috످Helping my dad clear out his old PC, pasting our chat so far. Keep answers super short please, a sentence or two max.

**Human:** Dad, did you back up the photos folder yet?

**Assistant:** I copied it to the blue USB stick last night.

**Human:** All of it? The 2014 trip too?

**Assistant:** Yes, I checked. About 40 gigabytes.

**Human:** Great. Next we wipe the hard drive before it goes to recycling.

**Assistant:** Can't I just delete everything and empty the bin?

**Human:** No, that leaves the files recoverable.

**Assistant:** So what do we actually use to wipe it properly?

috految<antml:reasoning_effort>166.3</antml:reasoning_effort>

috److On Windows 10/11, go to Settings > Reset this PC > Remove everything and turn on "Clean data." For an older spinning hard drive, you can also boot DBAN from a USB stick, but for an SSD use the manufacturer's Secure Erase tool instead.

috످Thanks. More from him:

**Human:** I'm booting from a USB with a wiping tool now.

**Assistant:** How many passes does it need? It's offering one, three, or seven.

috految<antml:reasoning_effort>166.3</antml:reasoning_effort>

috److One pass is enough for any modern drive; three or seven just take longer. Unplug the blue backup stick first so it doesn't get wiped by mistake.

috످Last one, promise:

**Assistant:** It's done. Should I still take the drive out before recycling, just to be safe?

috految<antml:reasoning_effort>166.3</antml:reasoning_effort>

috److془Answer: No need if it's a regular hard drive and wipe finished without errors. If SSD, take it out. Also the photos: blue stick only copy.

Two sentences max.془No need if the wipe finished without errors, but take it out if it's an SSD, since USB wiping tools can miss data on those. Back up the photos somewhere else too, as that blue stick may now be his only copy.

috످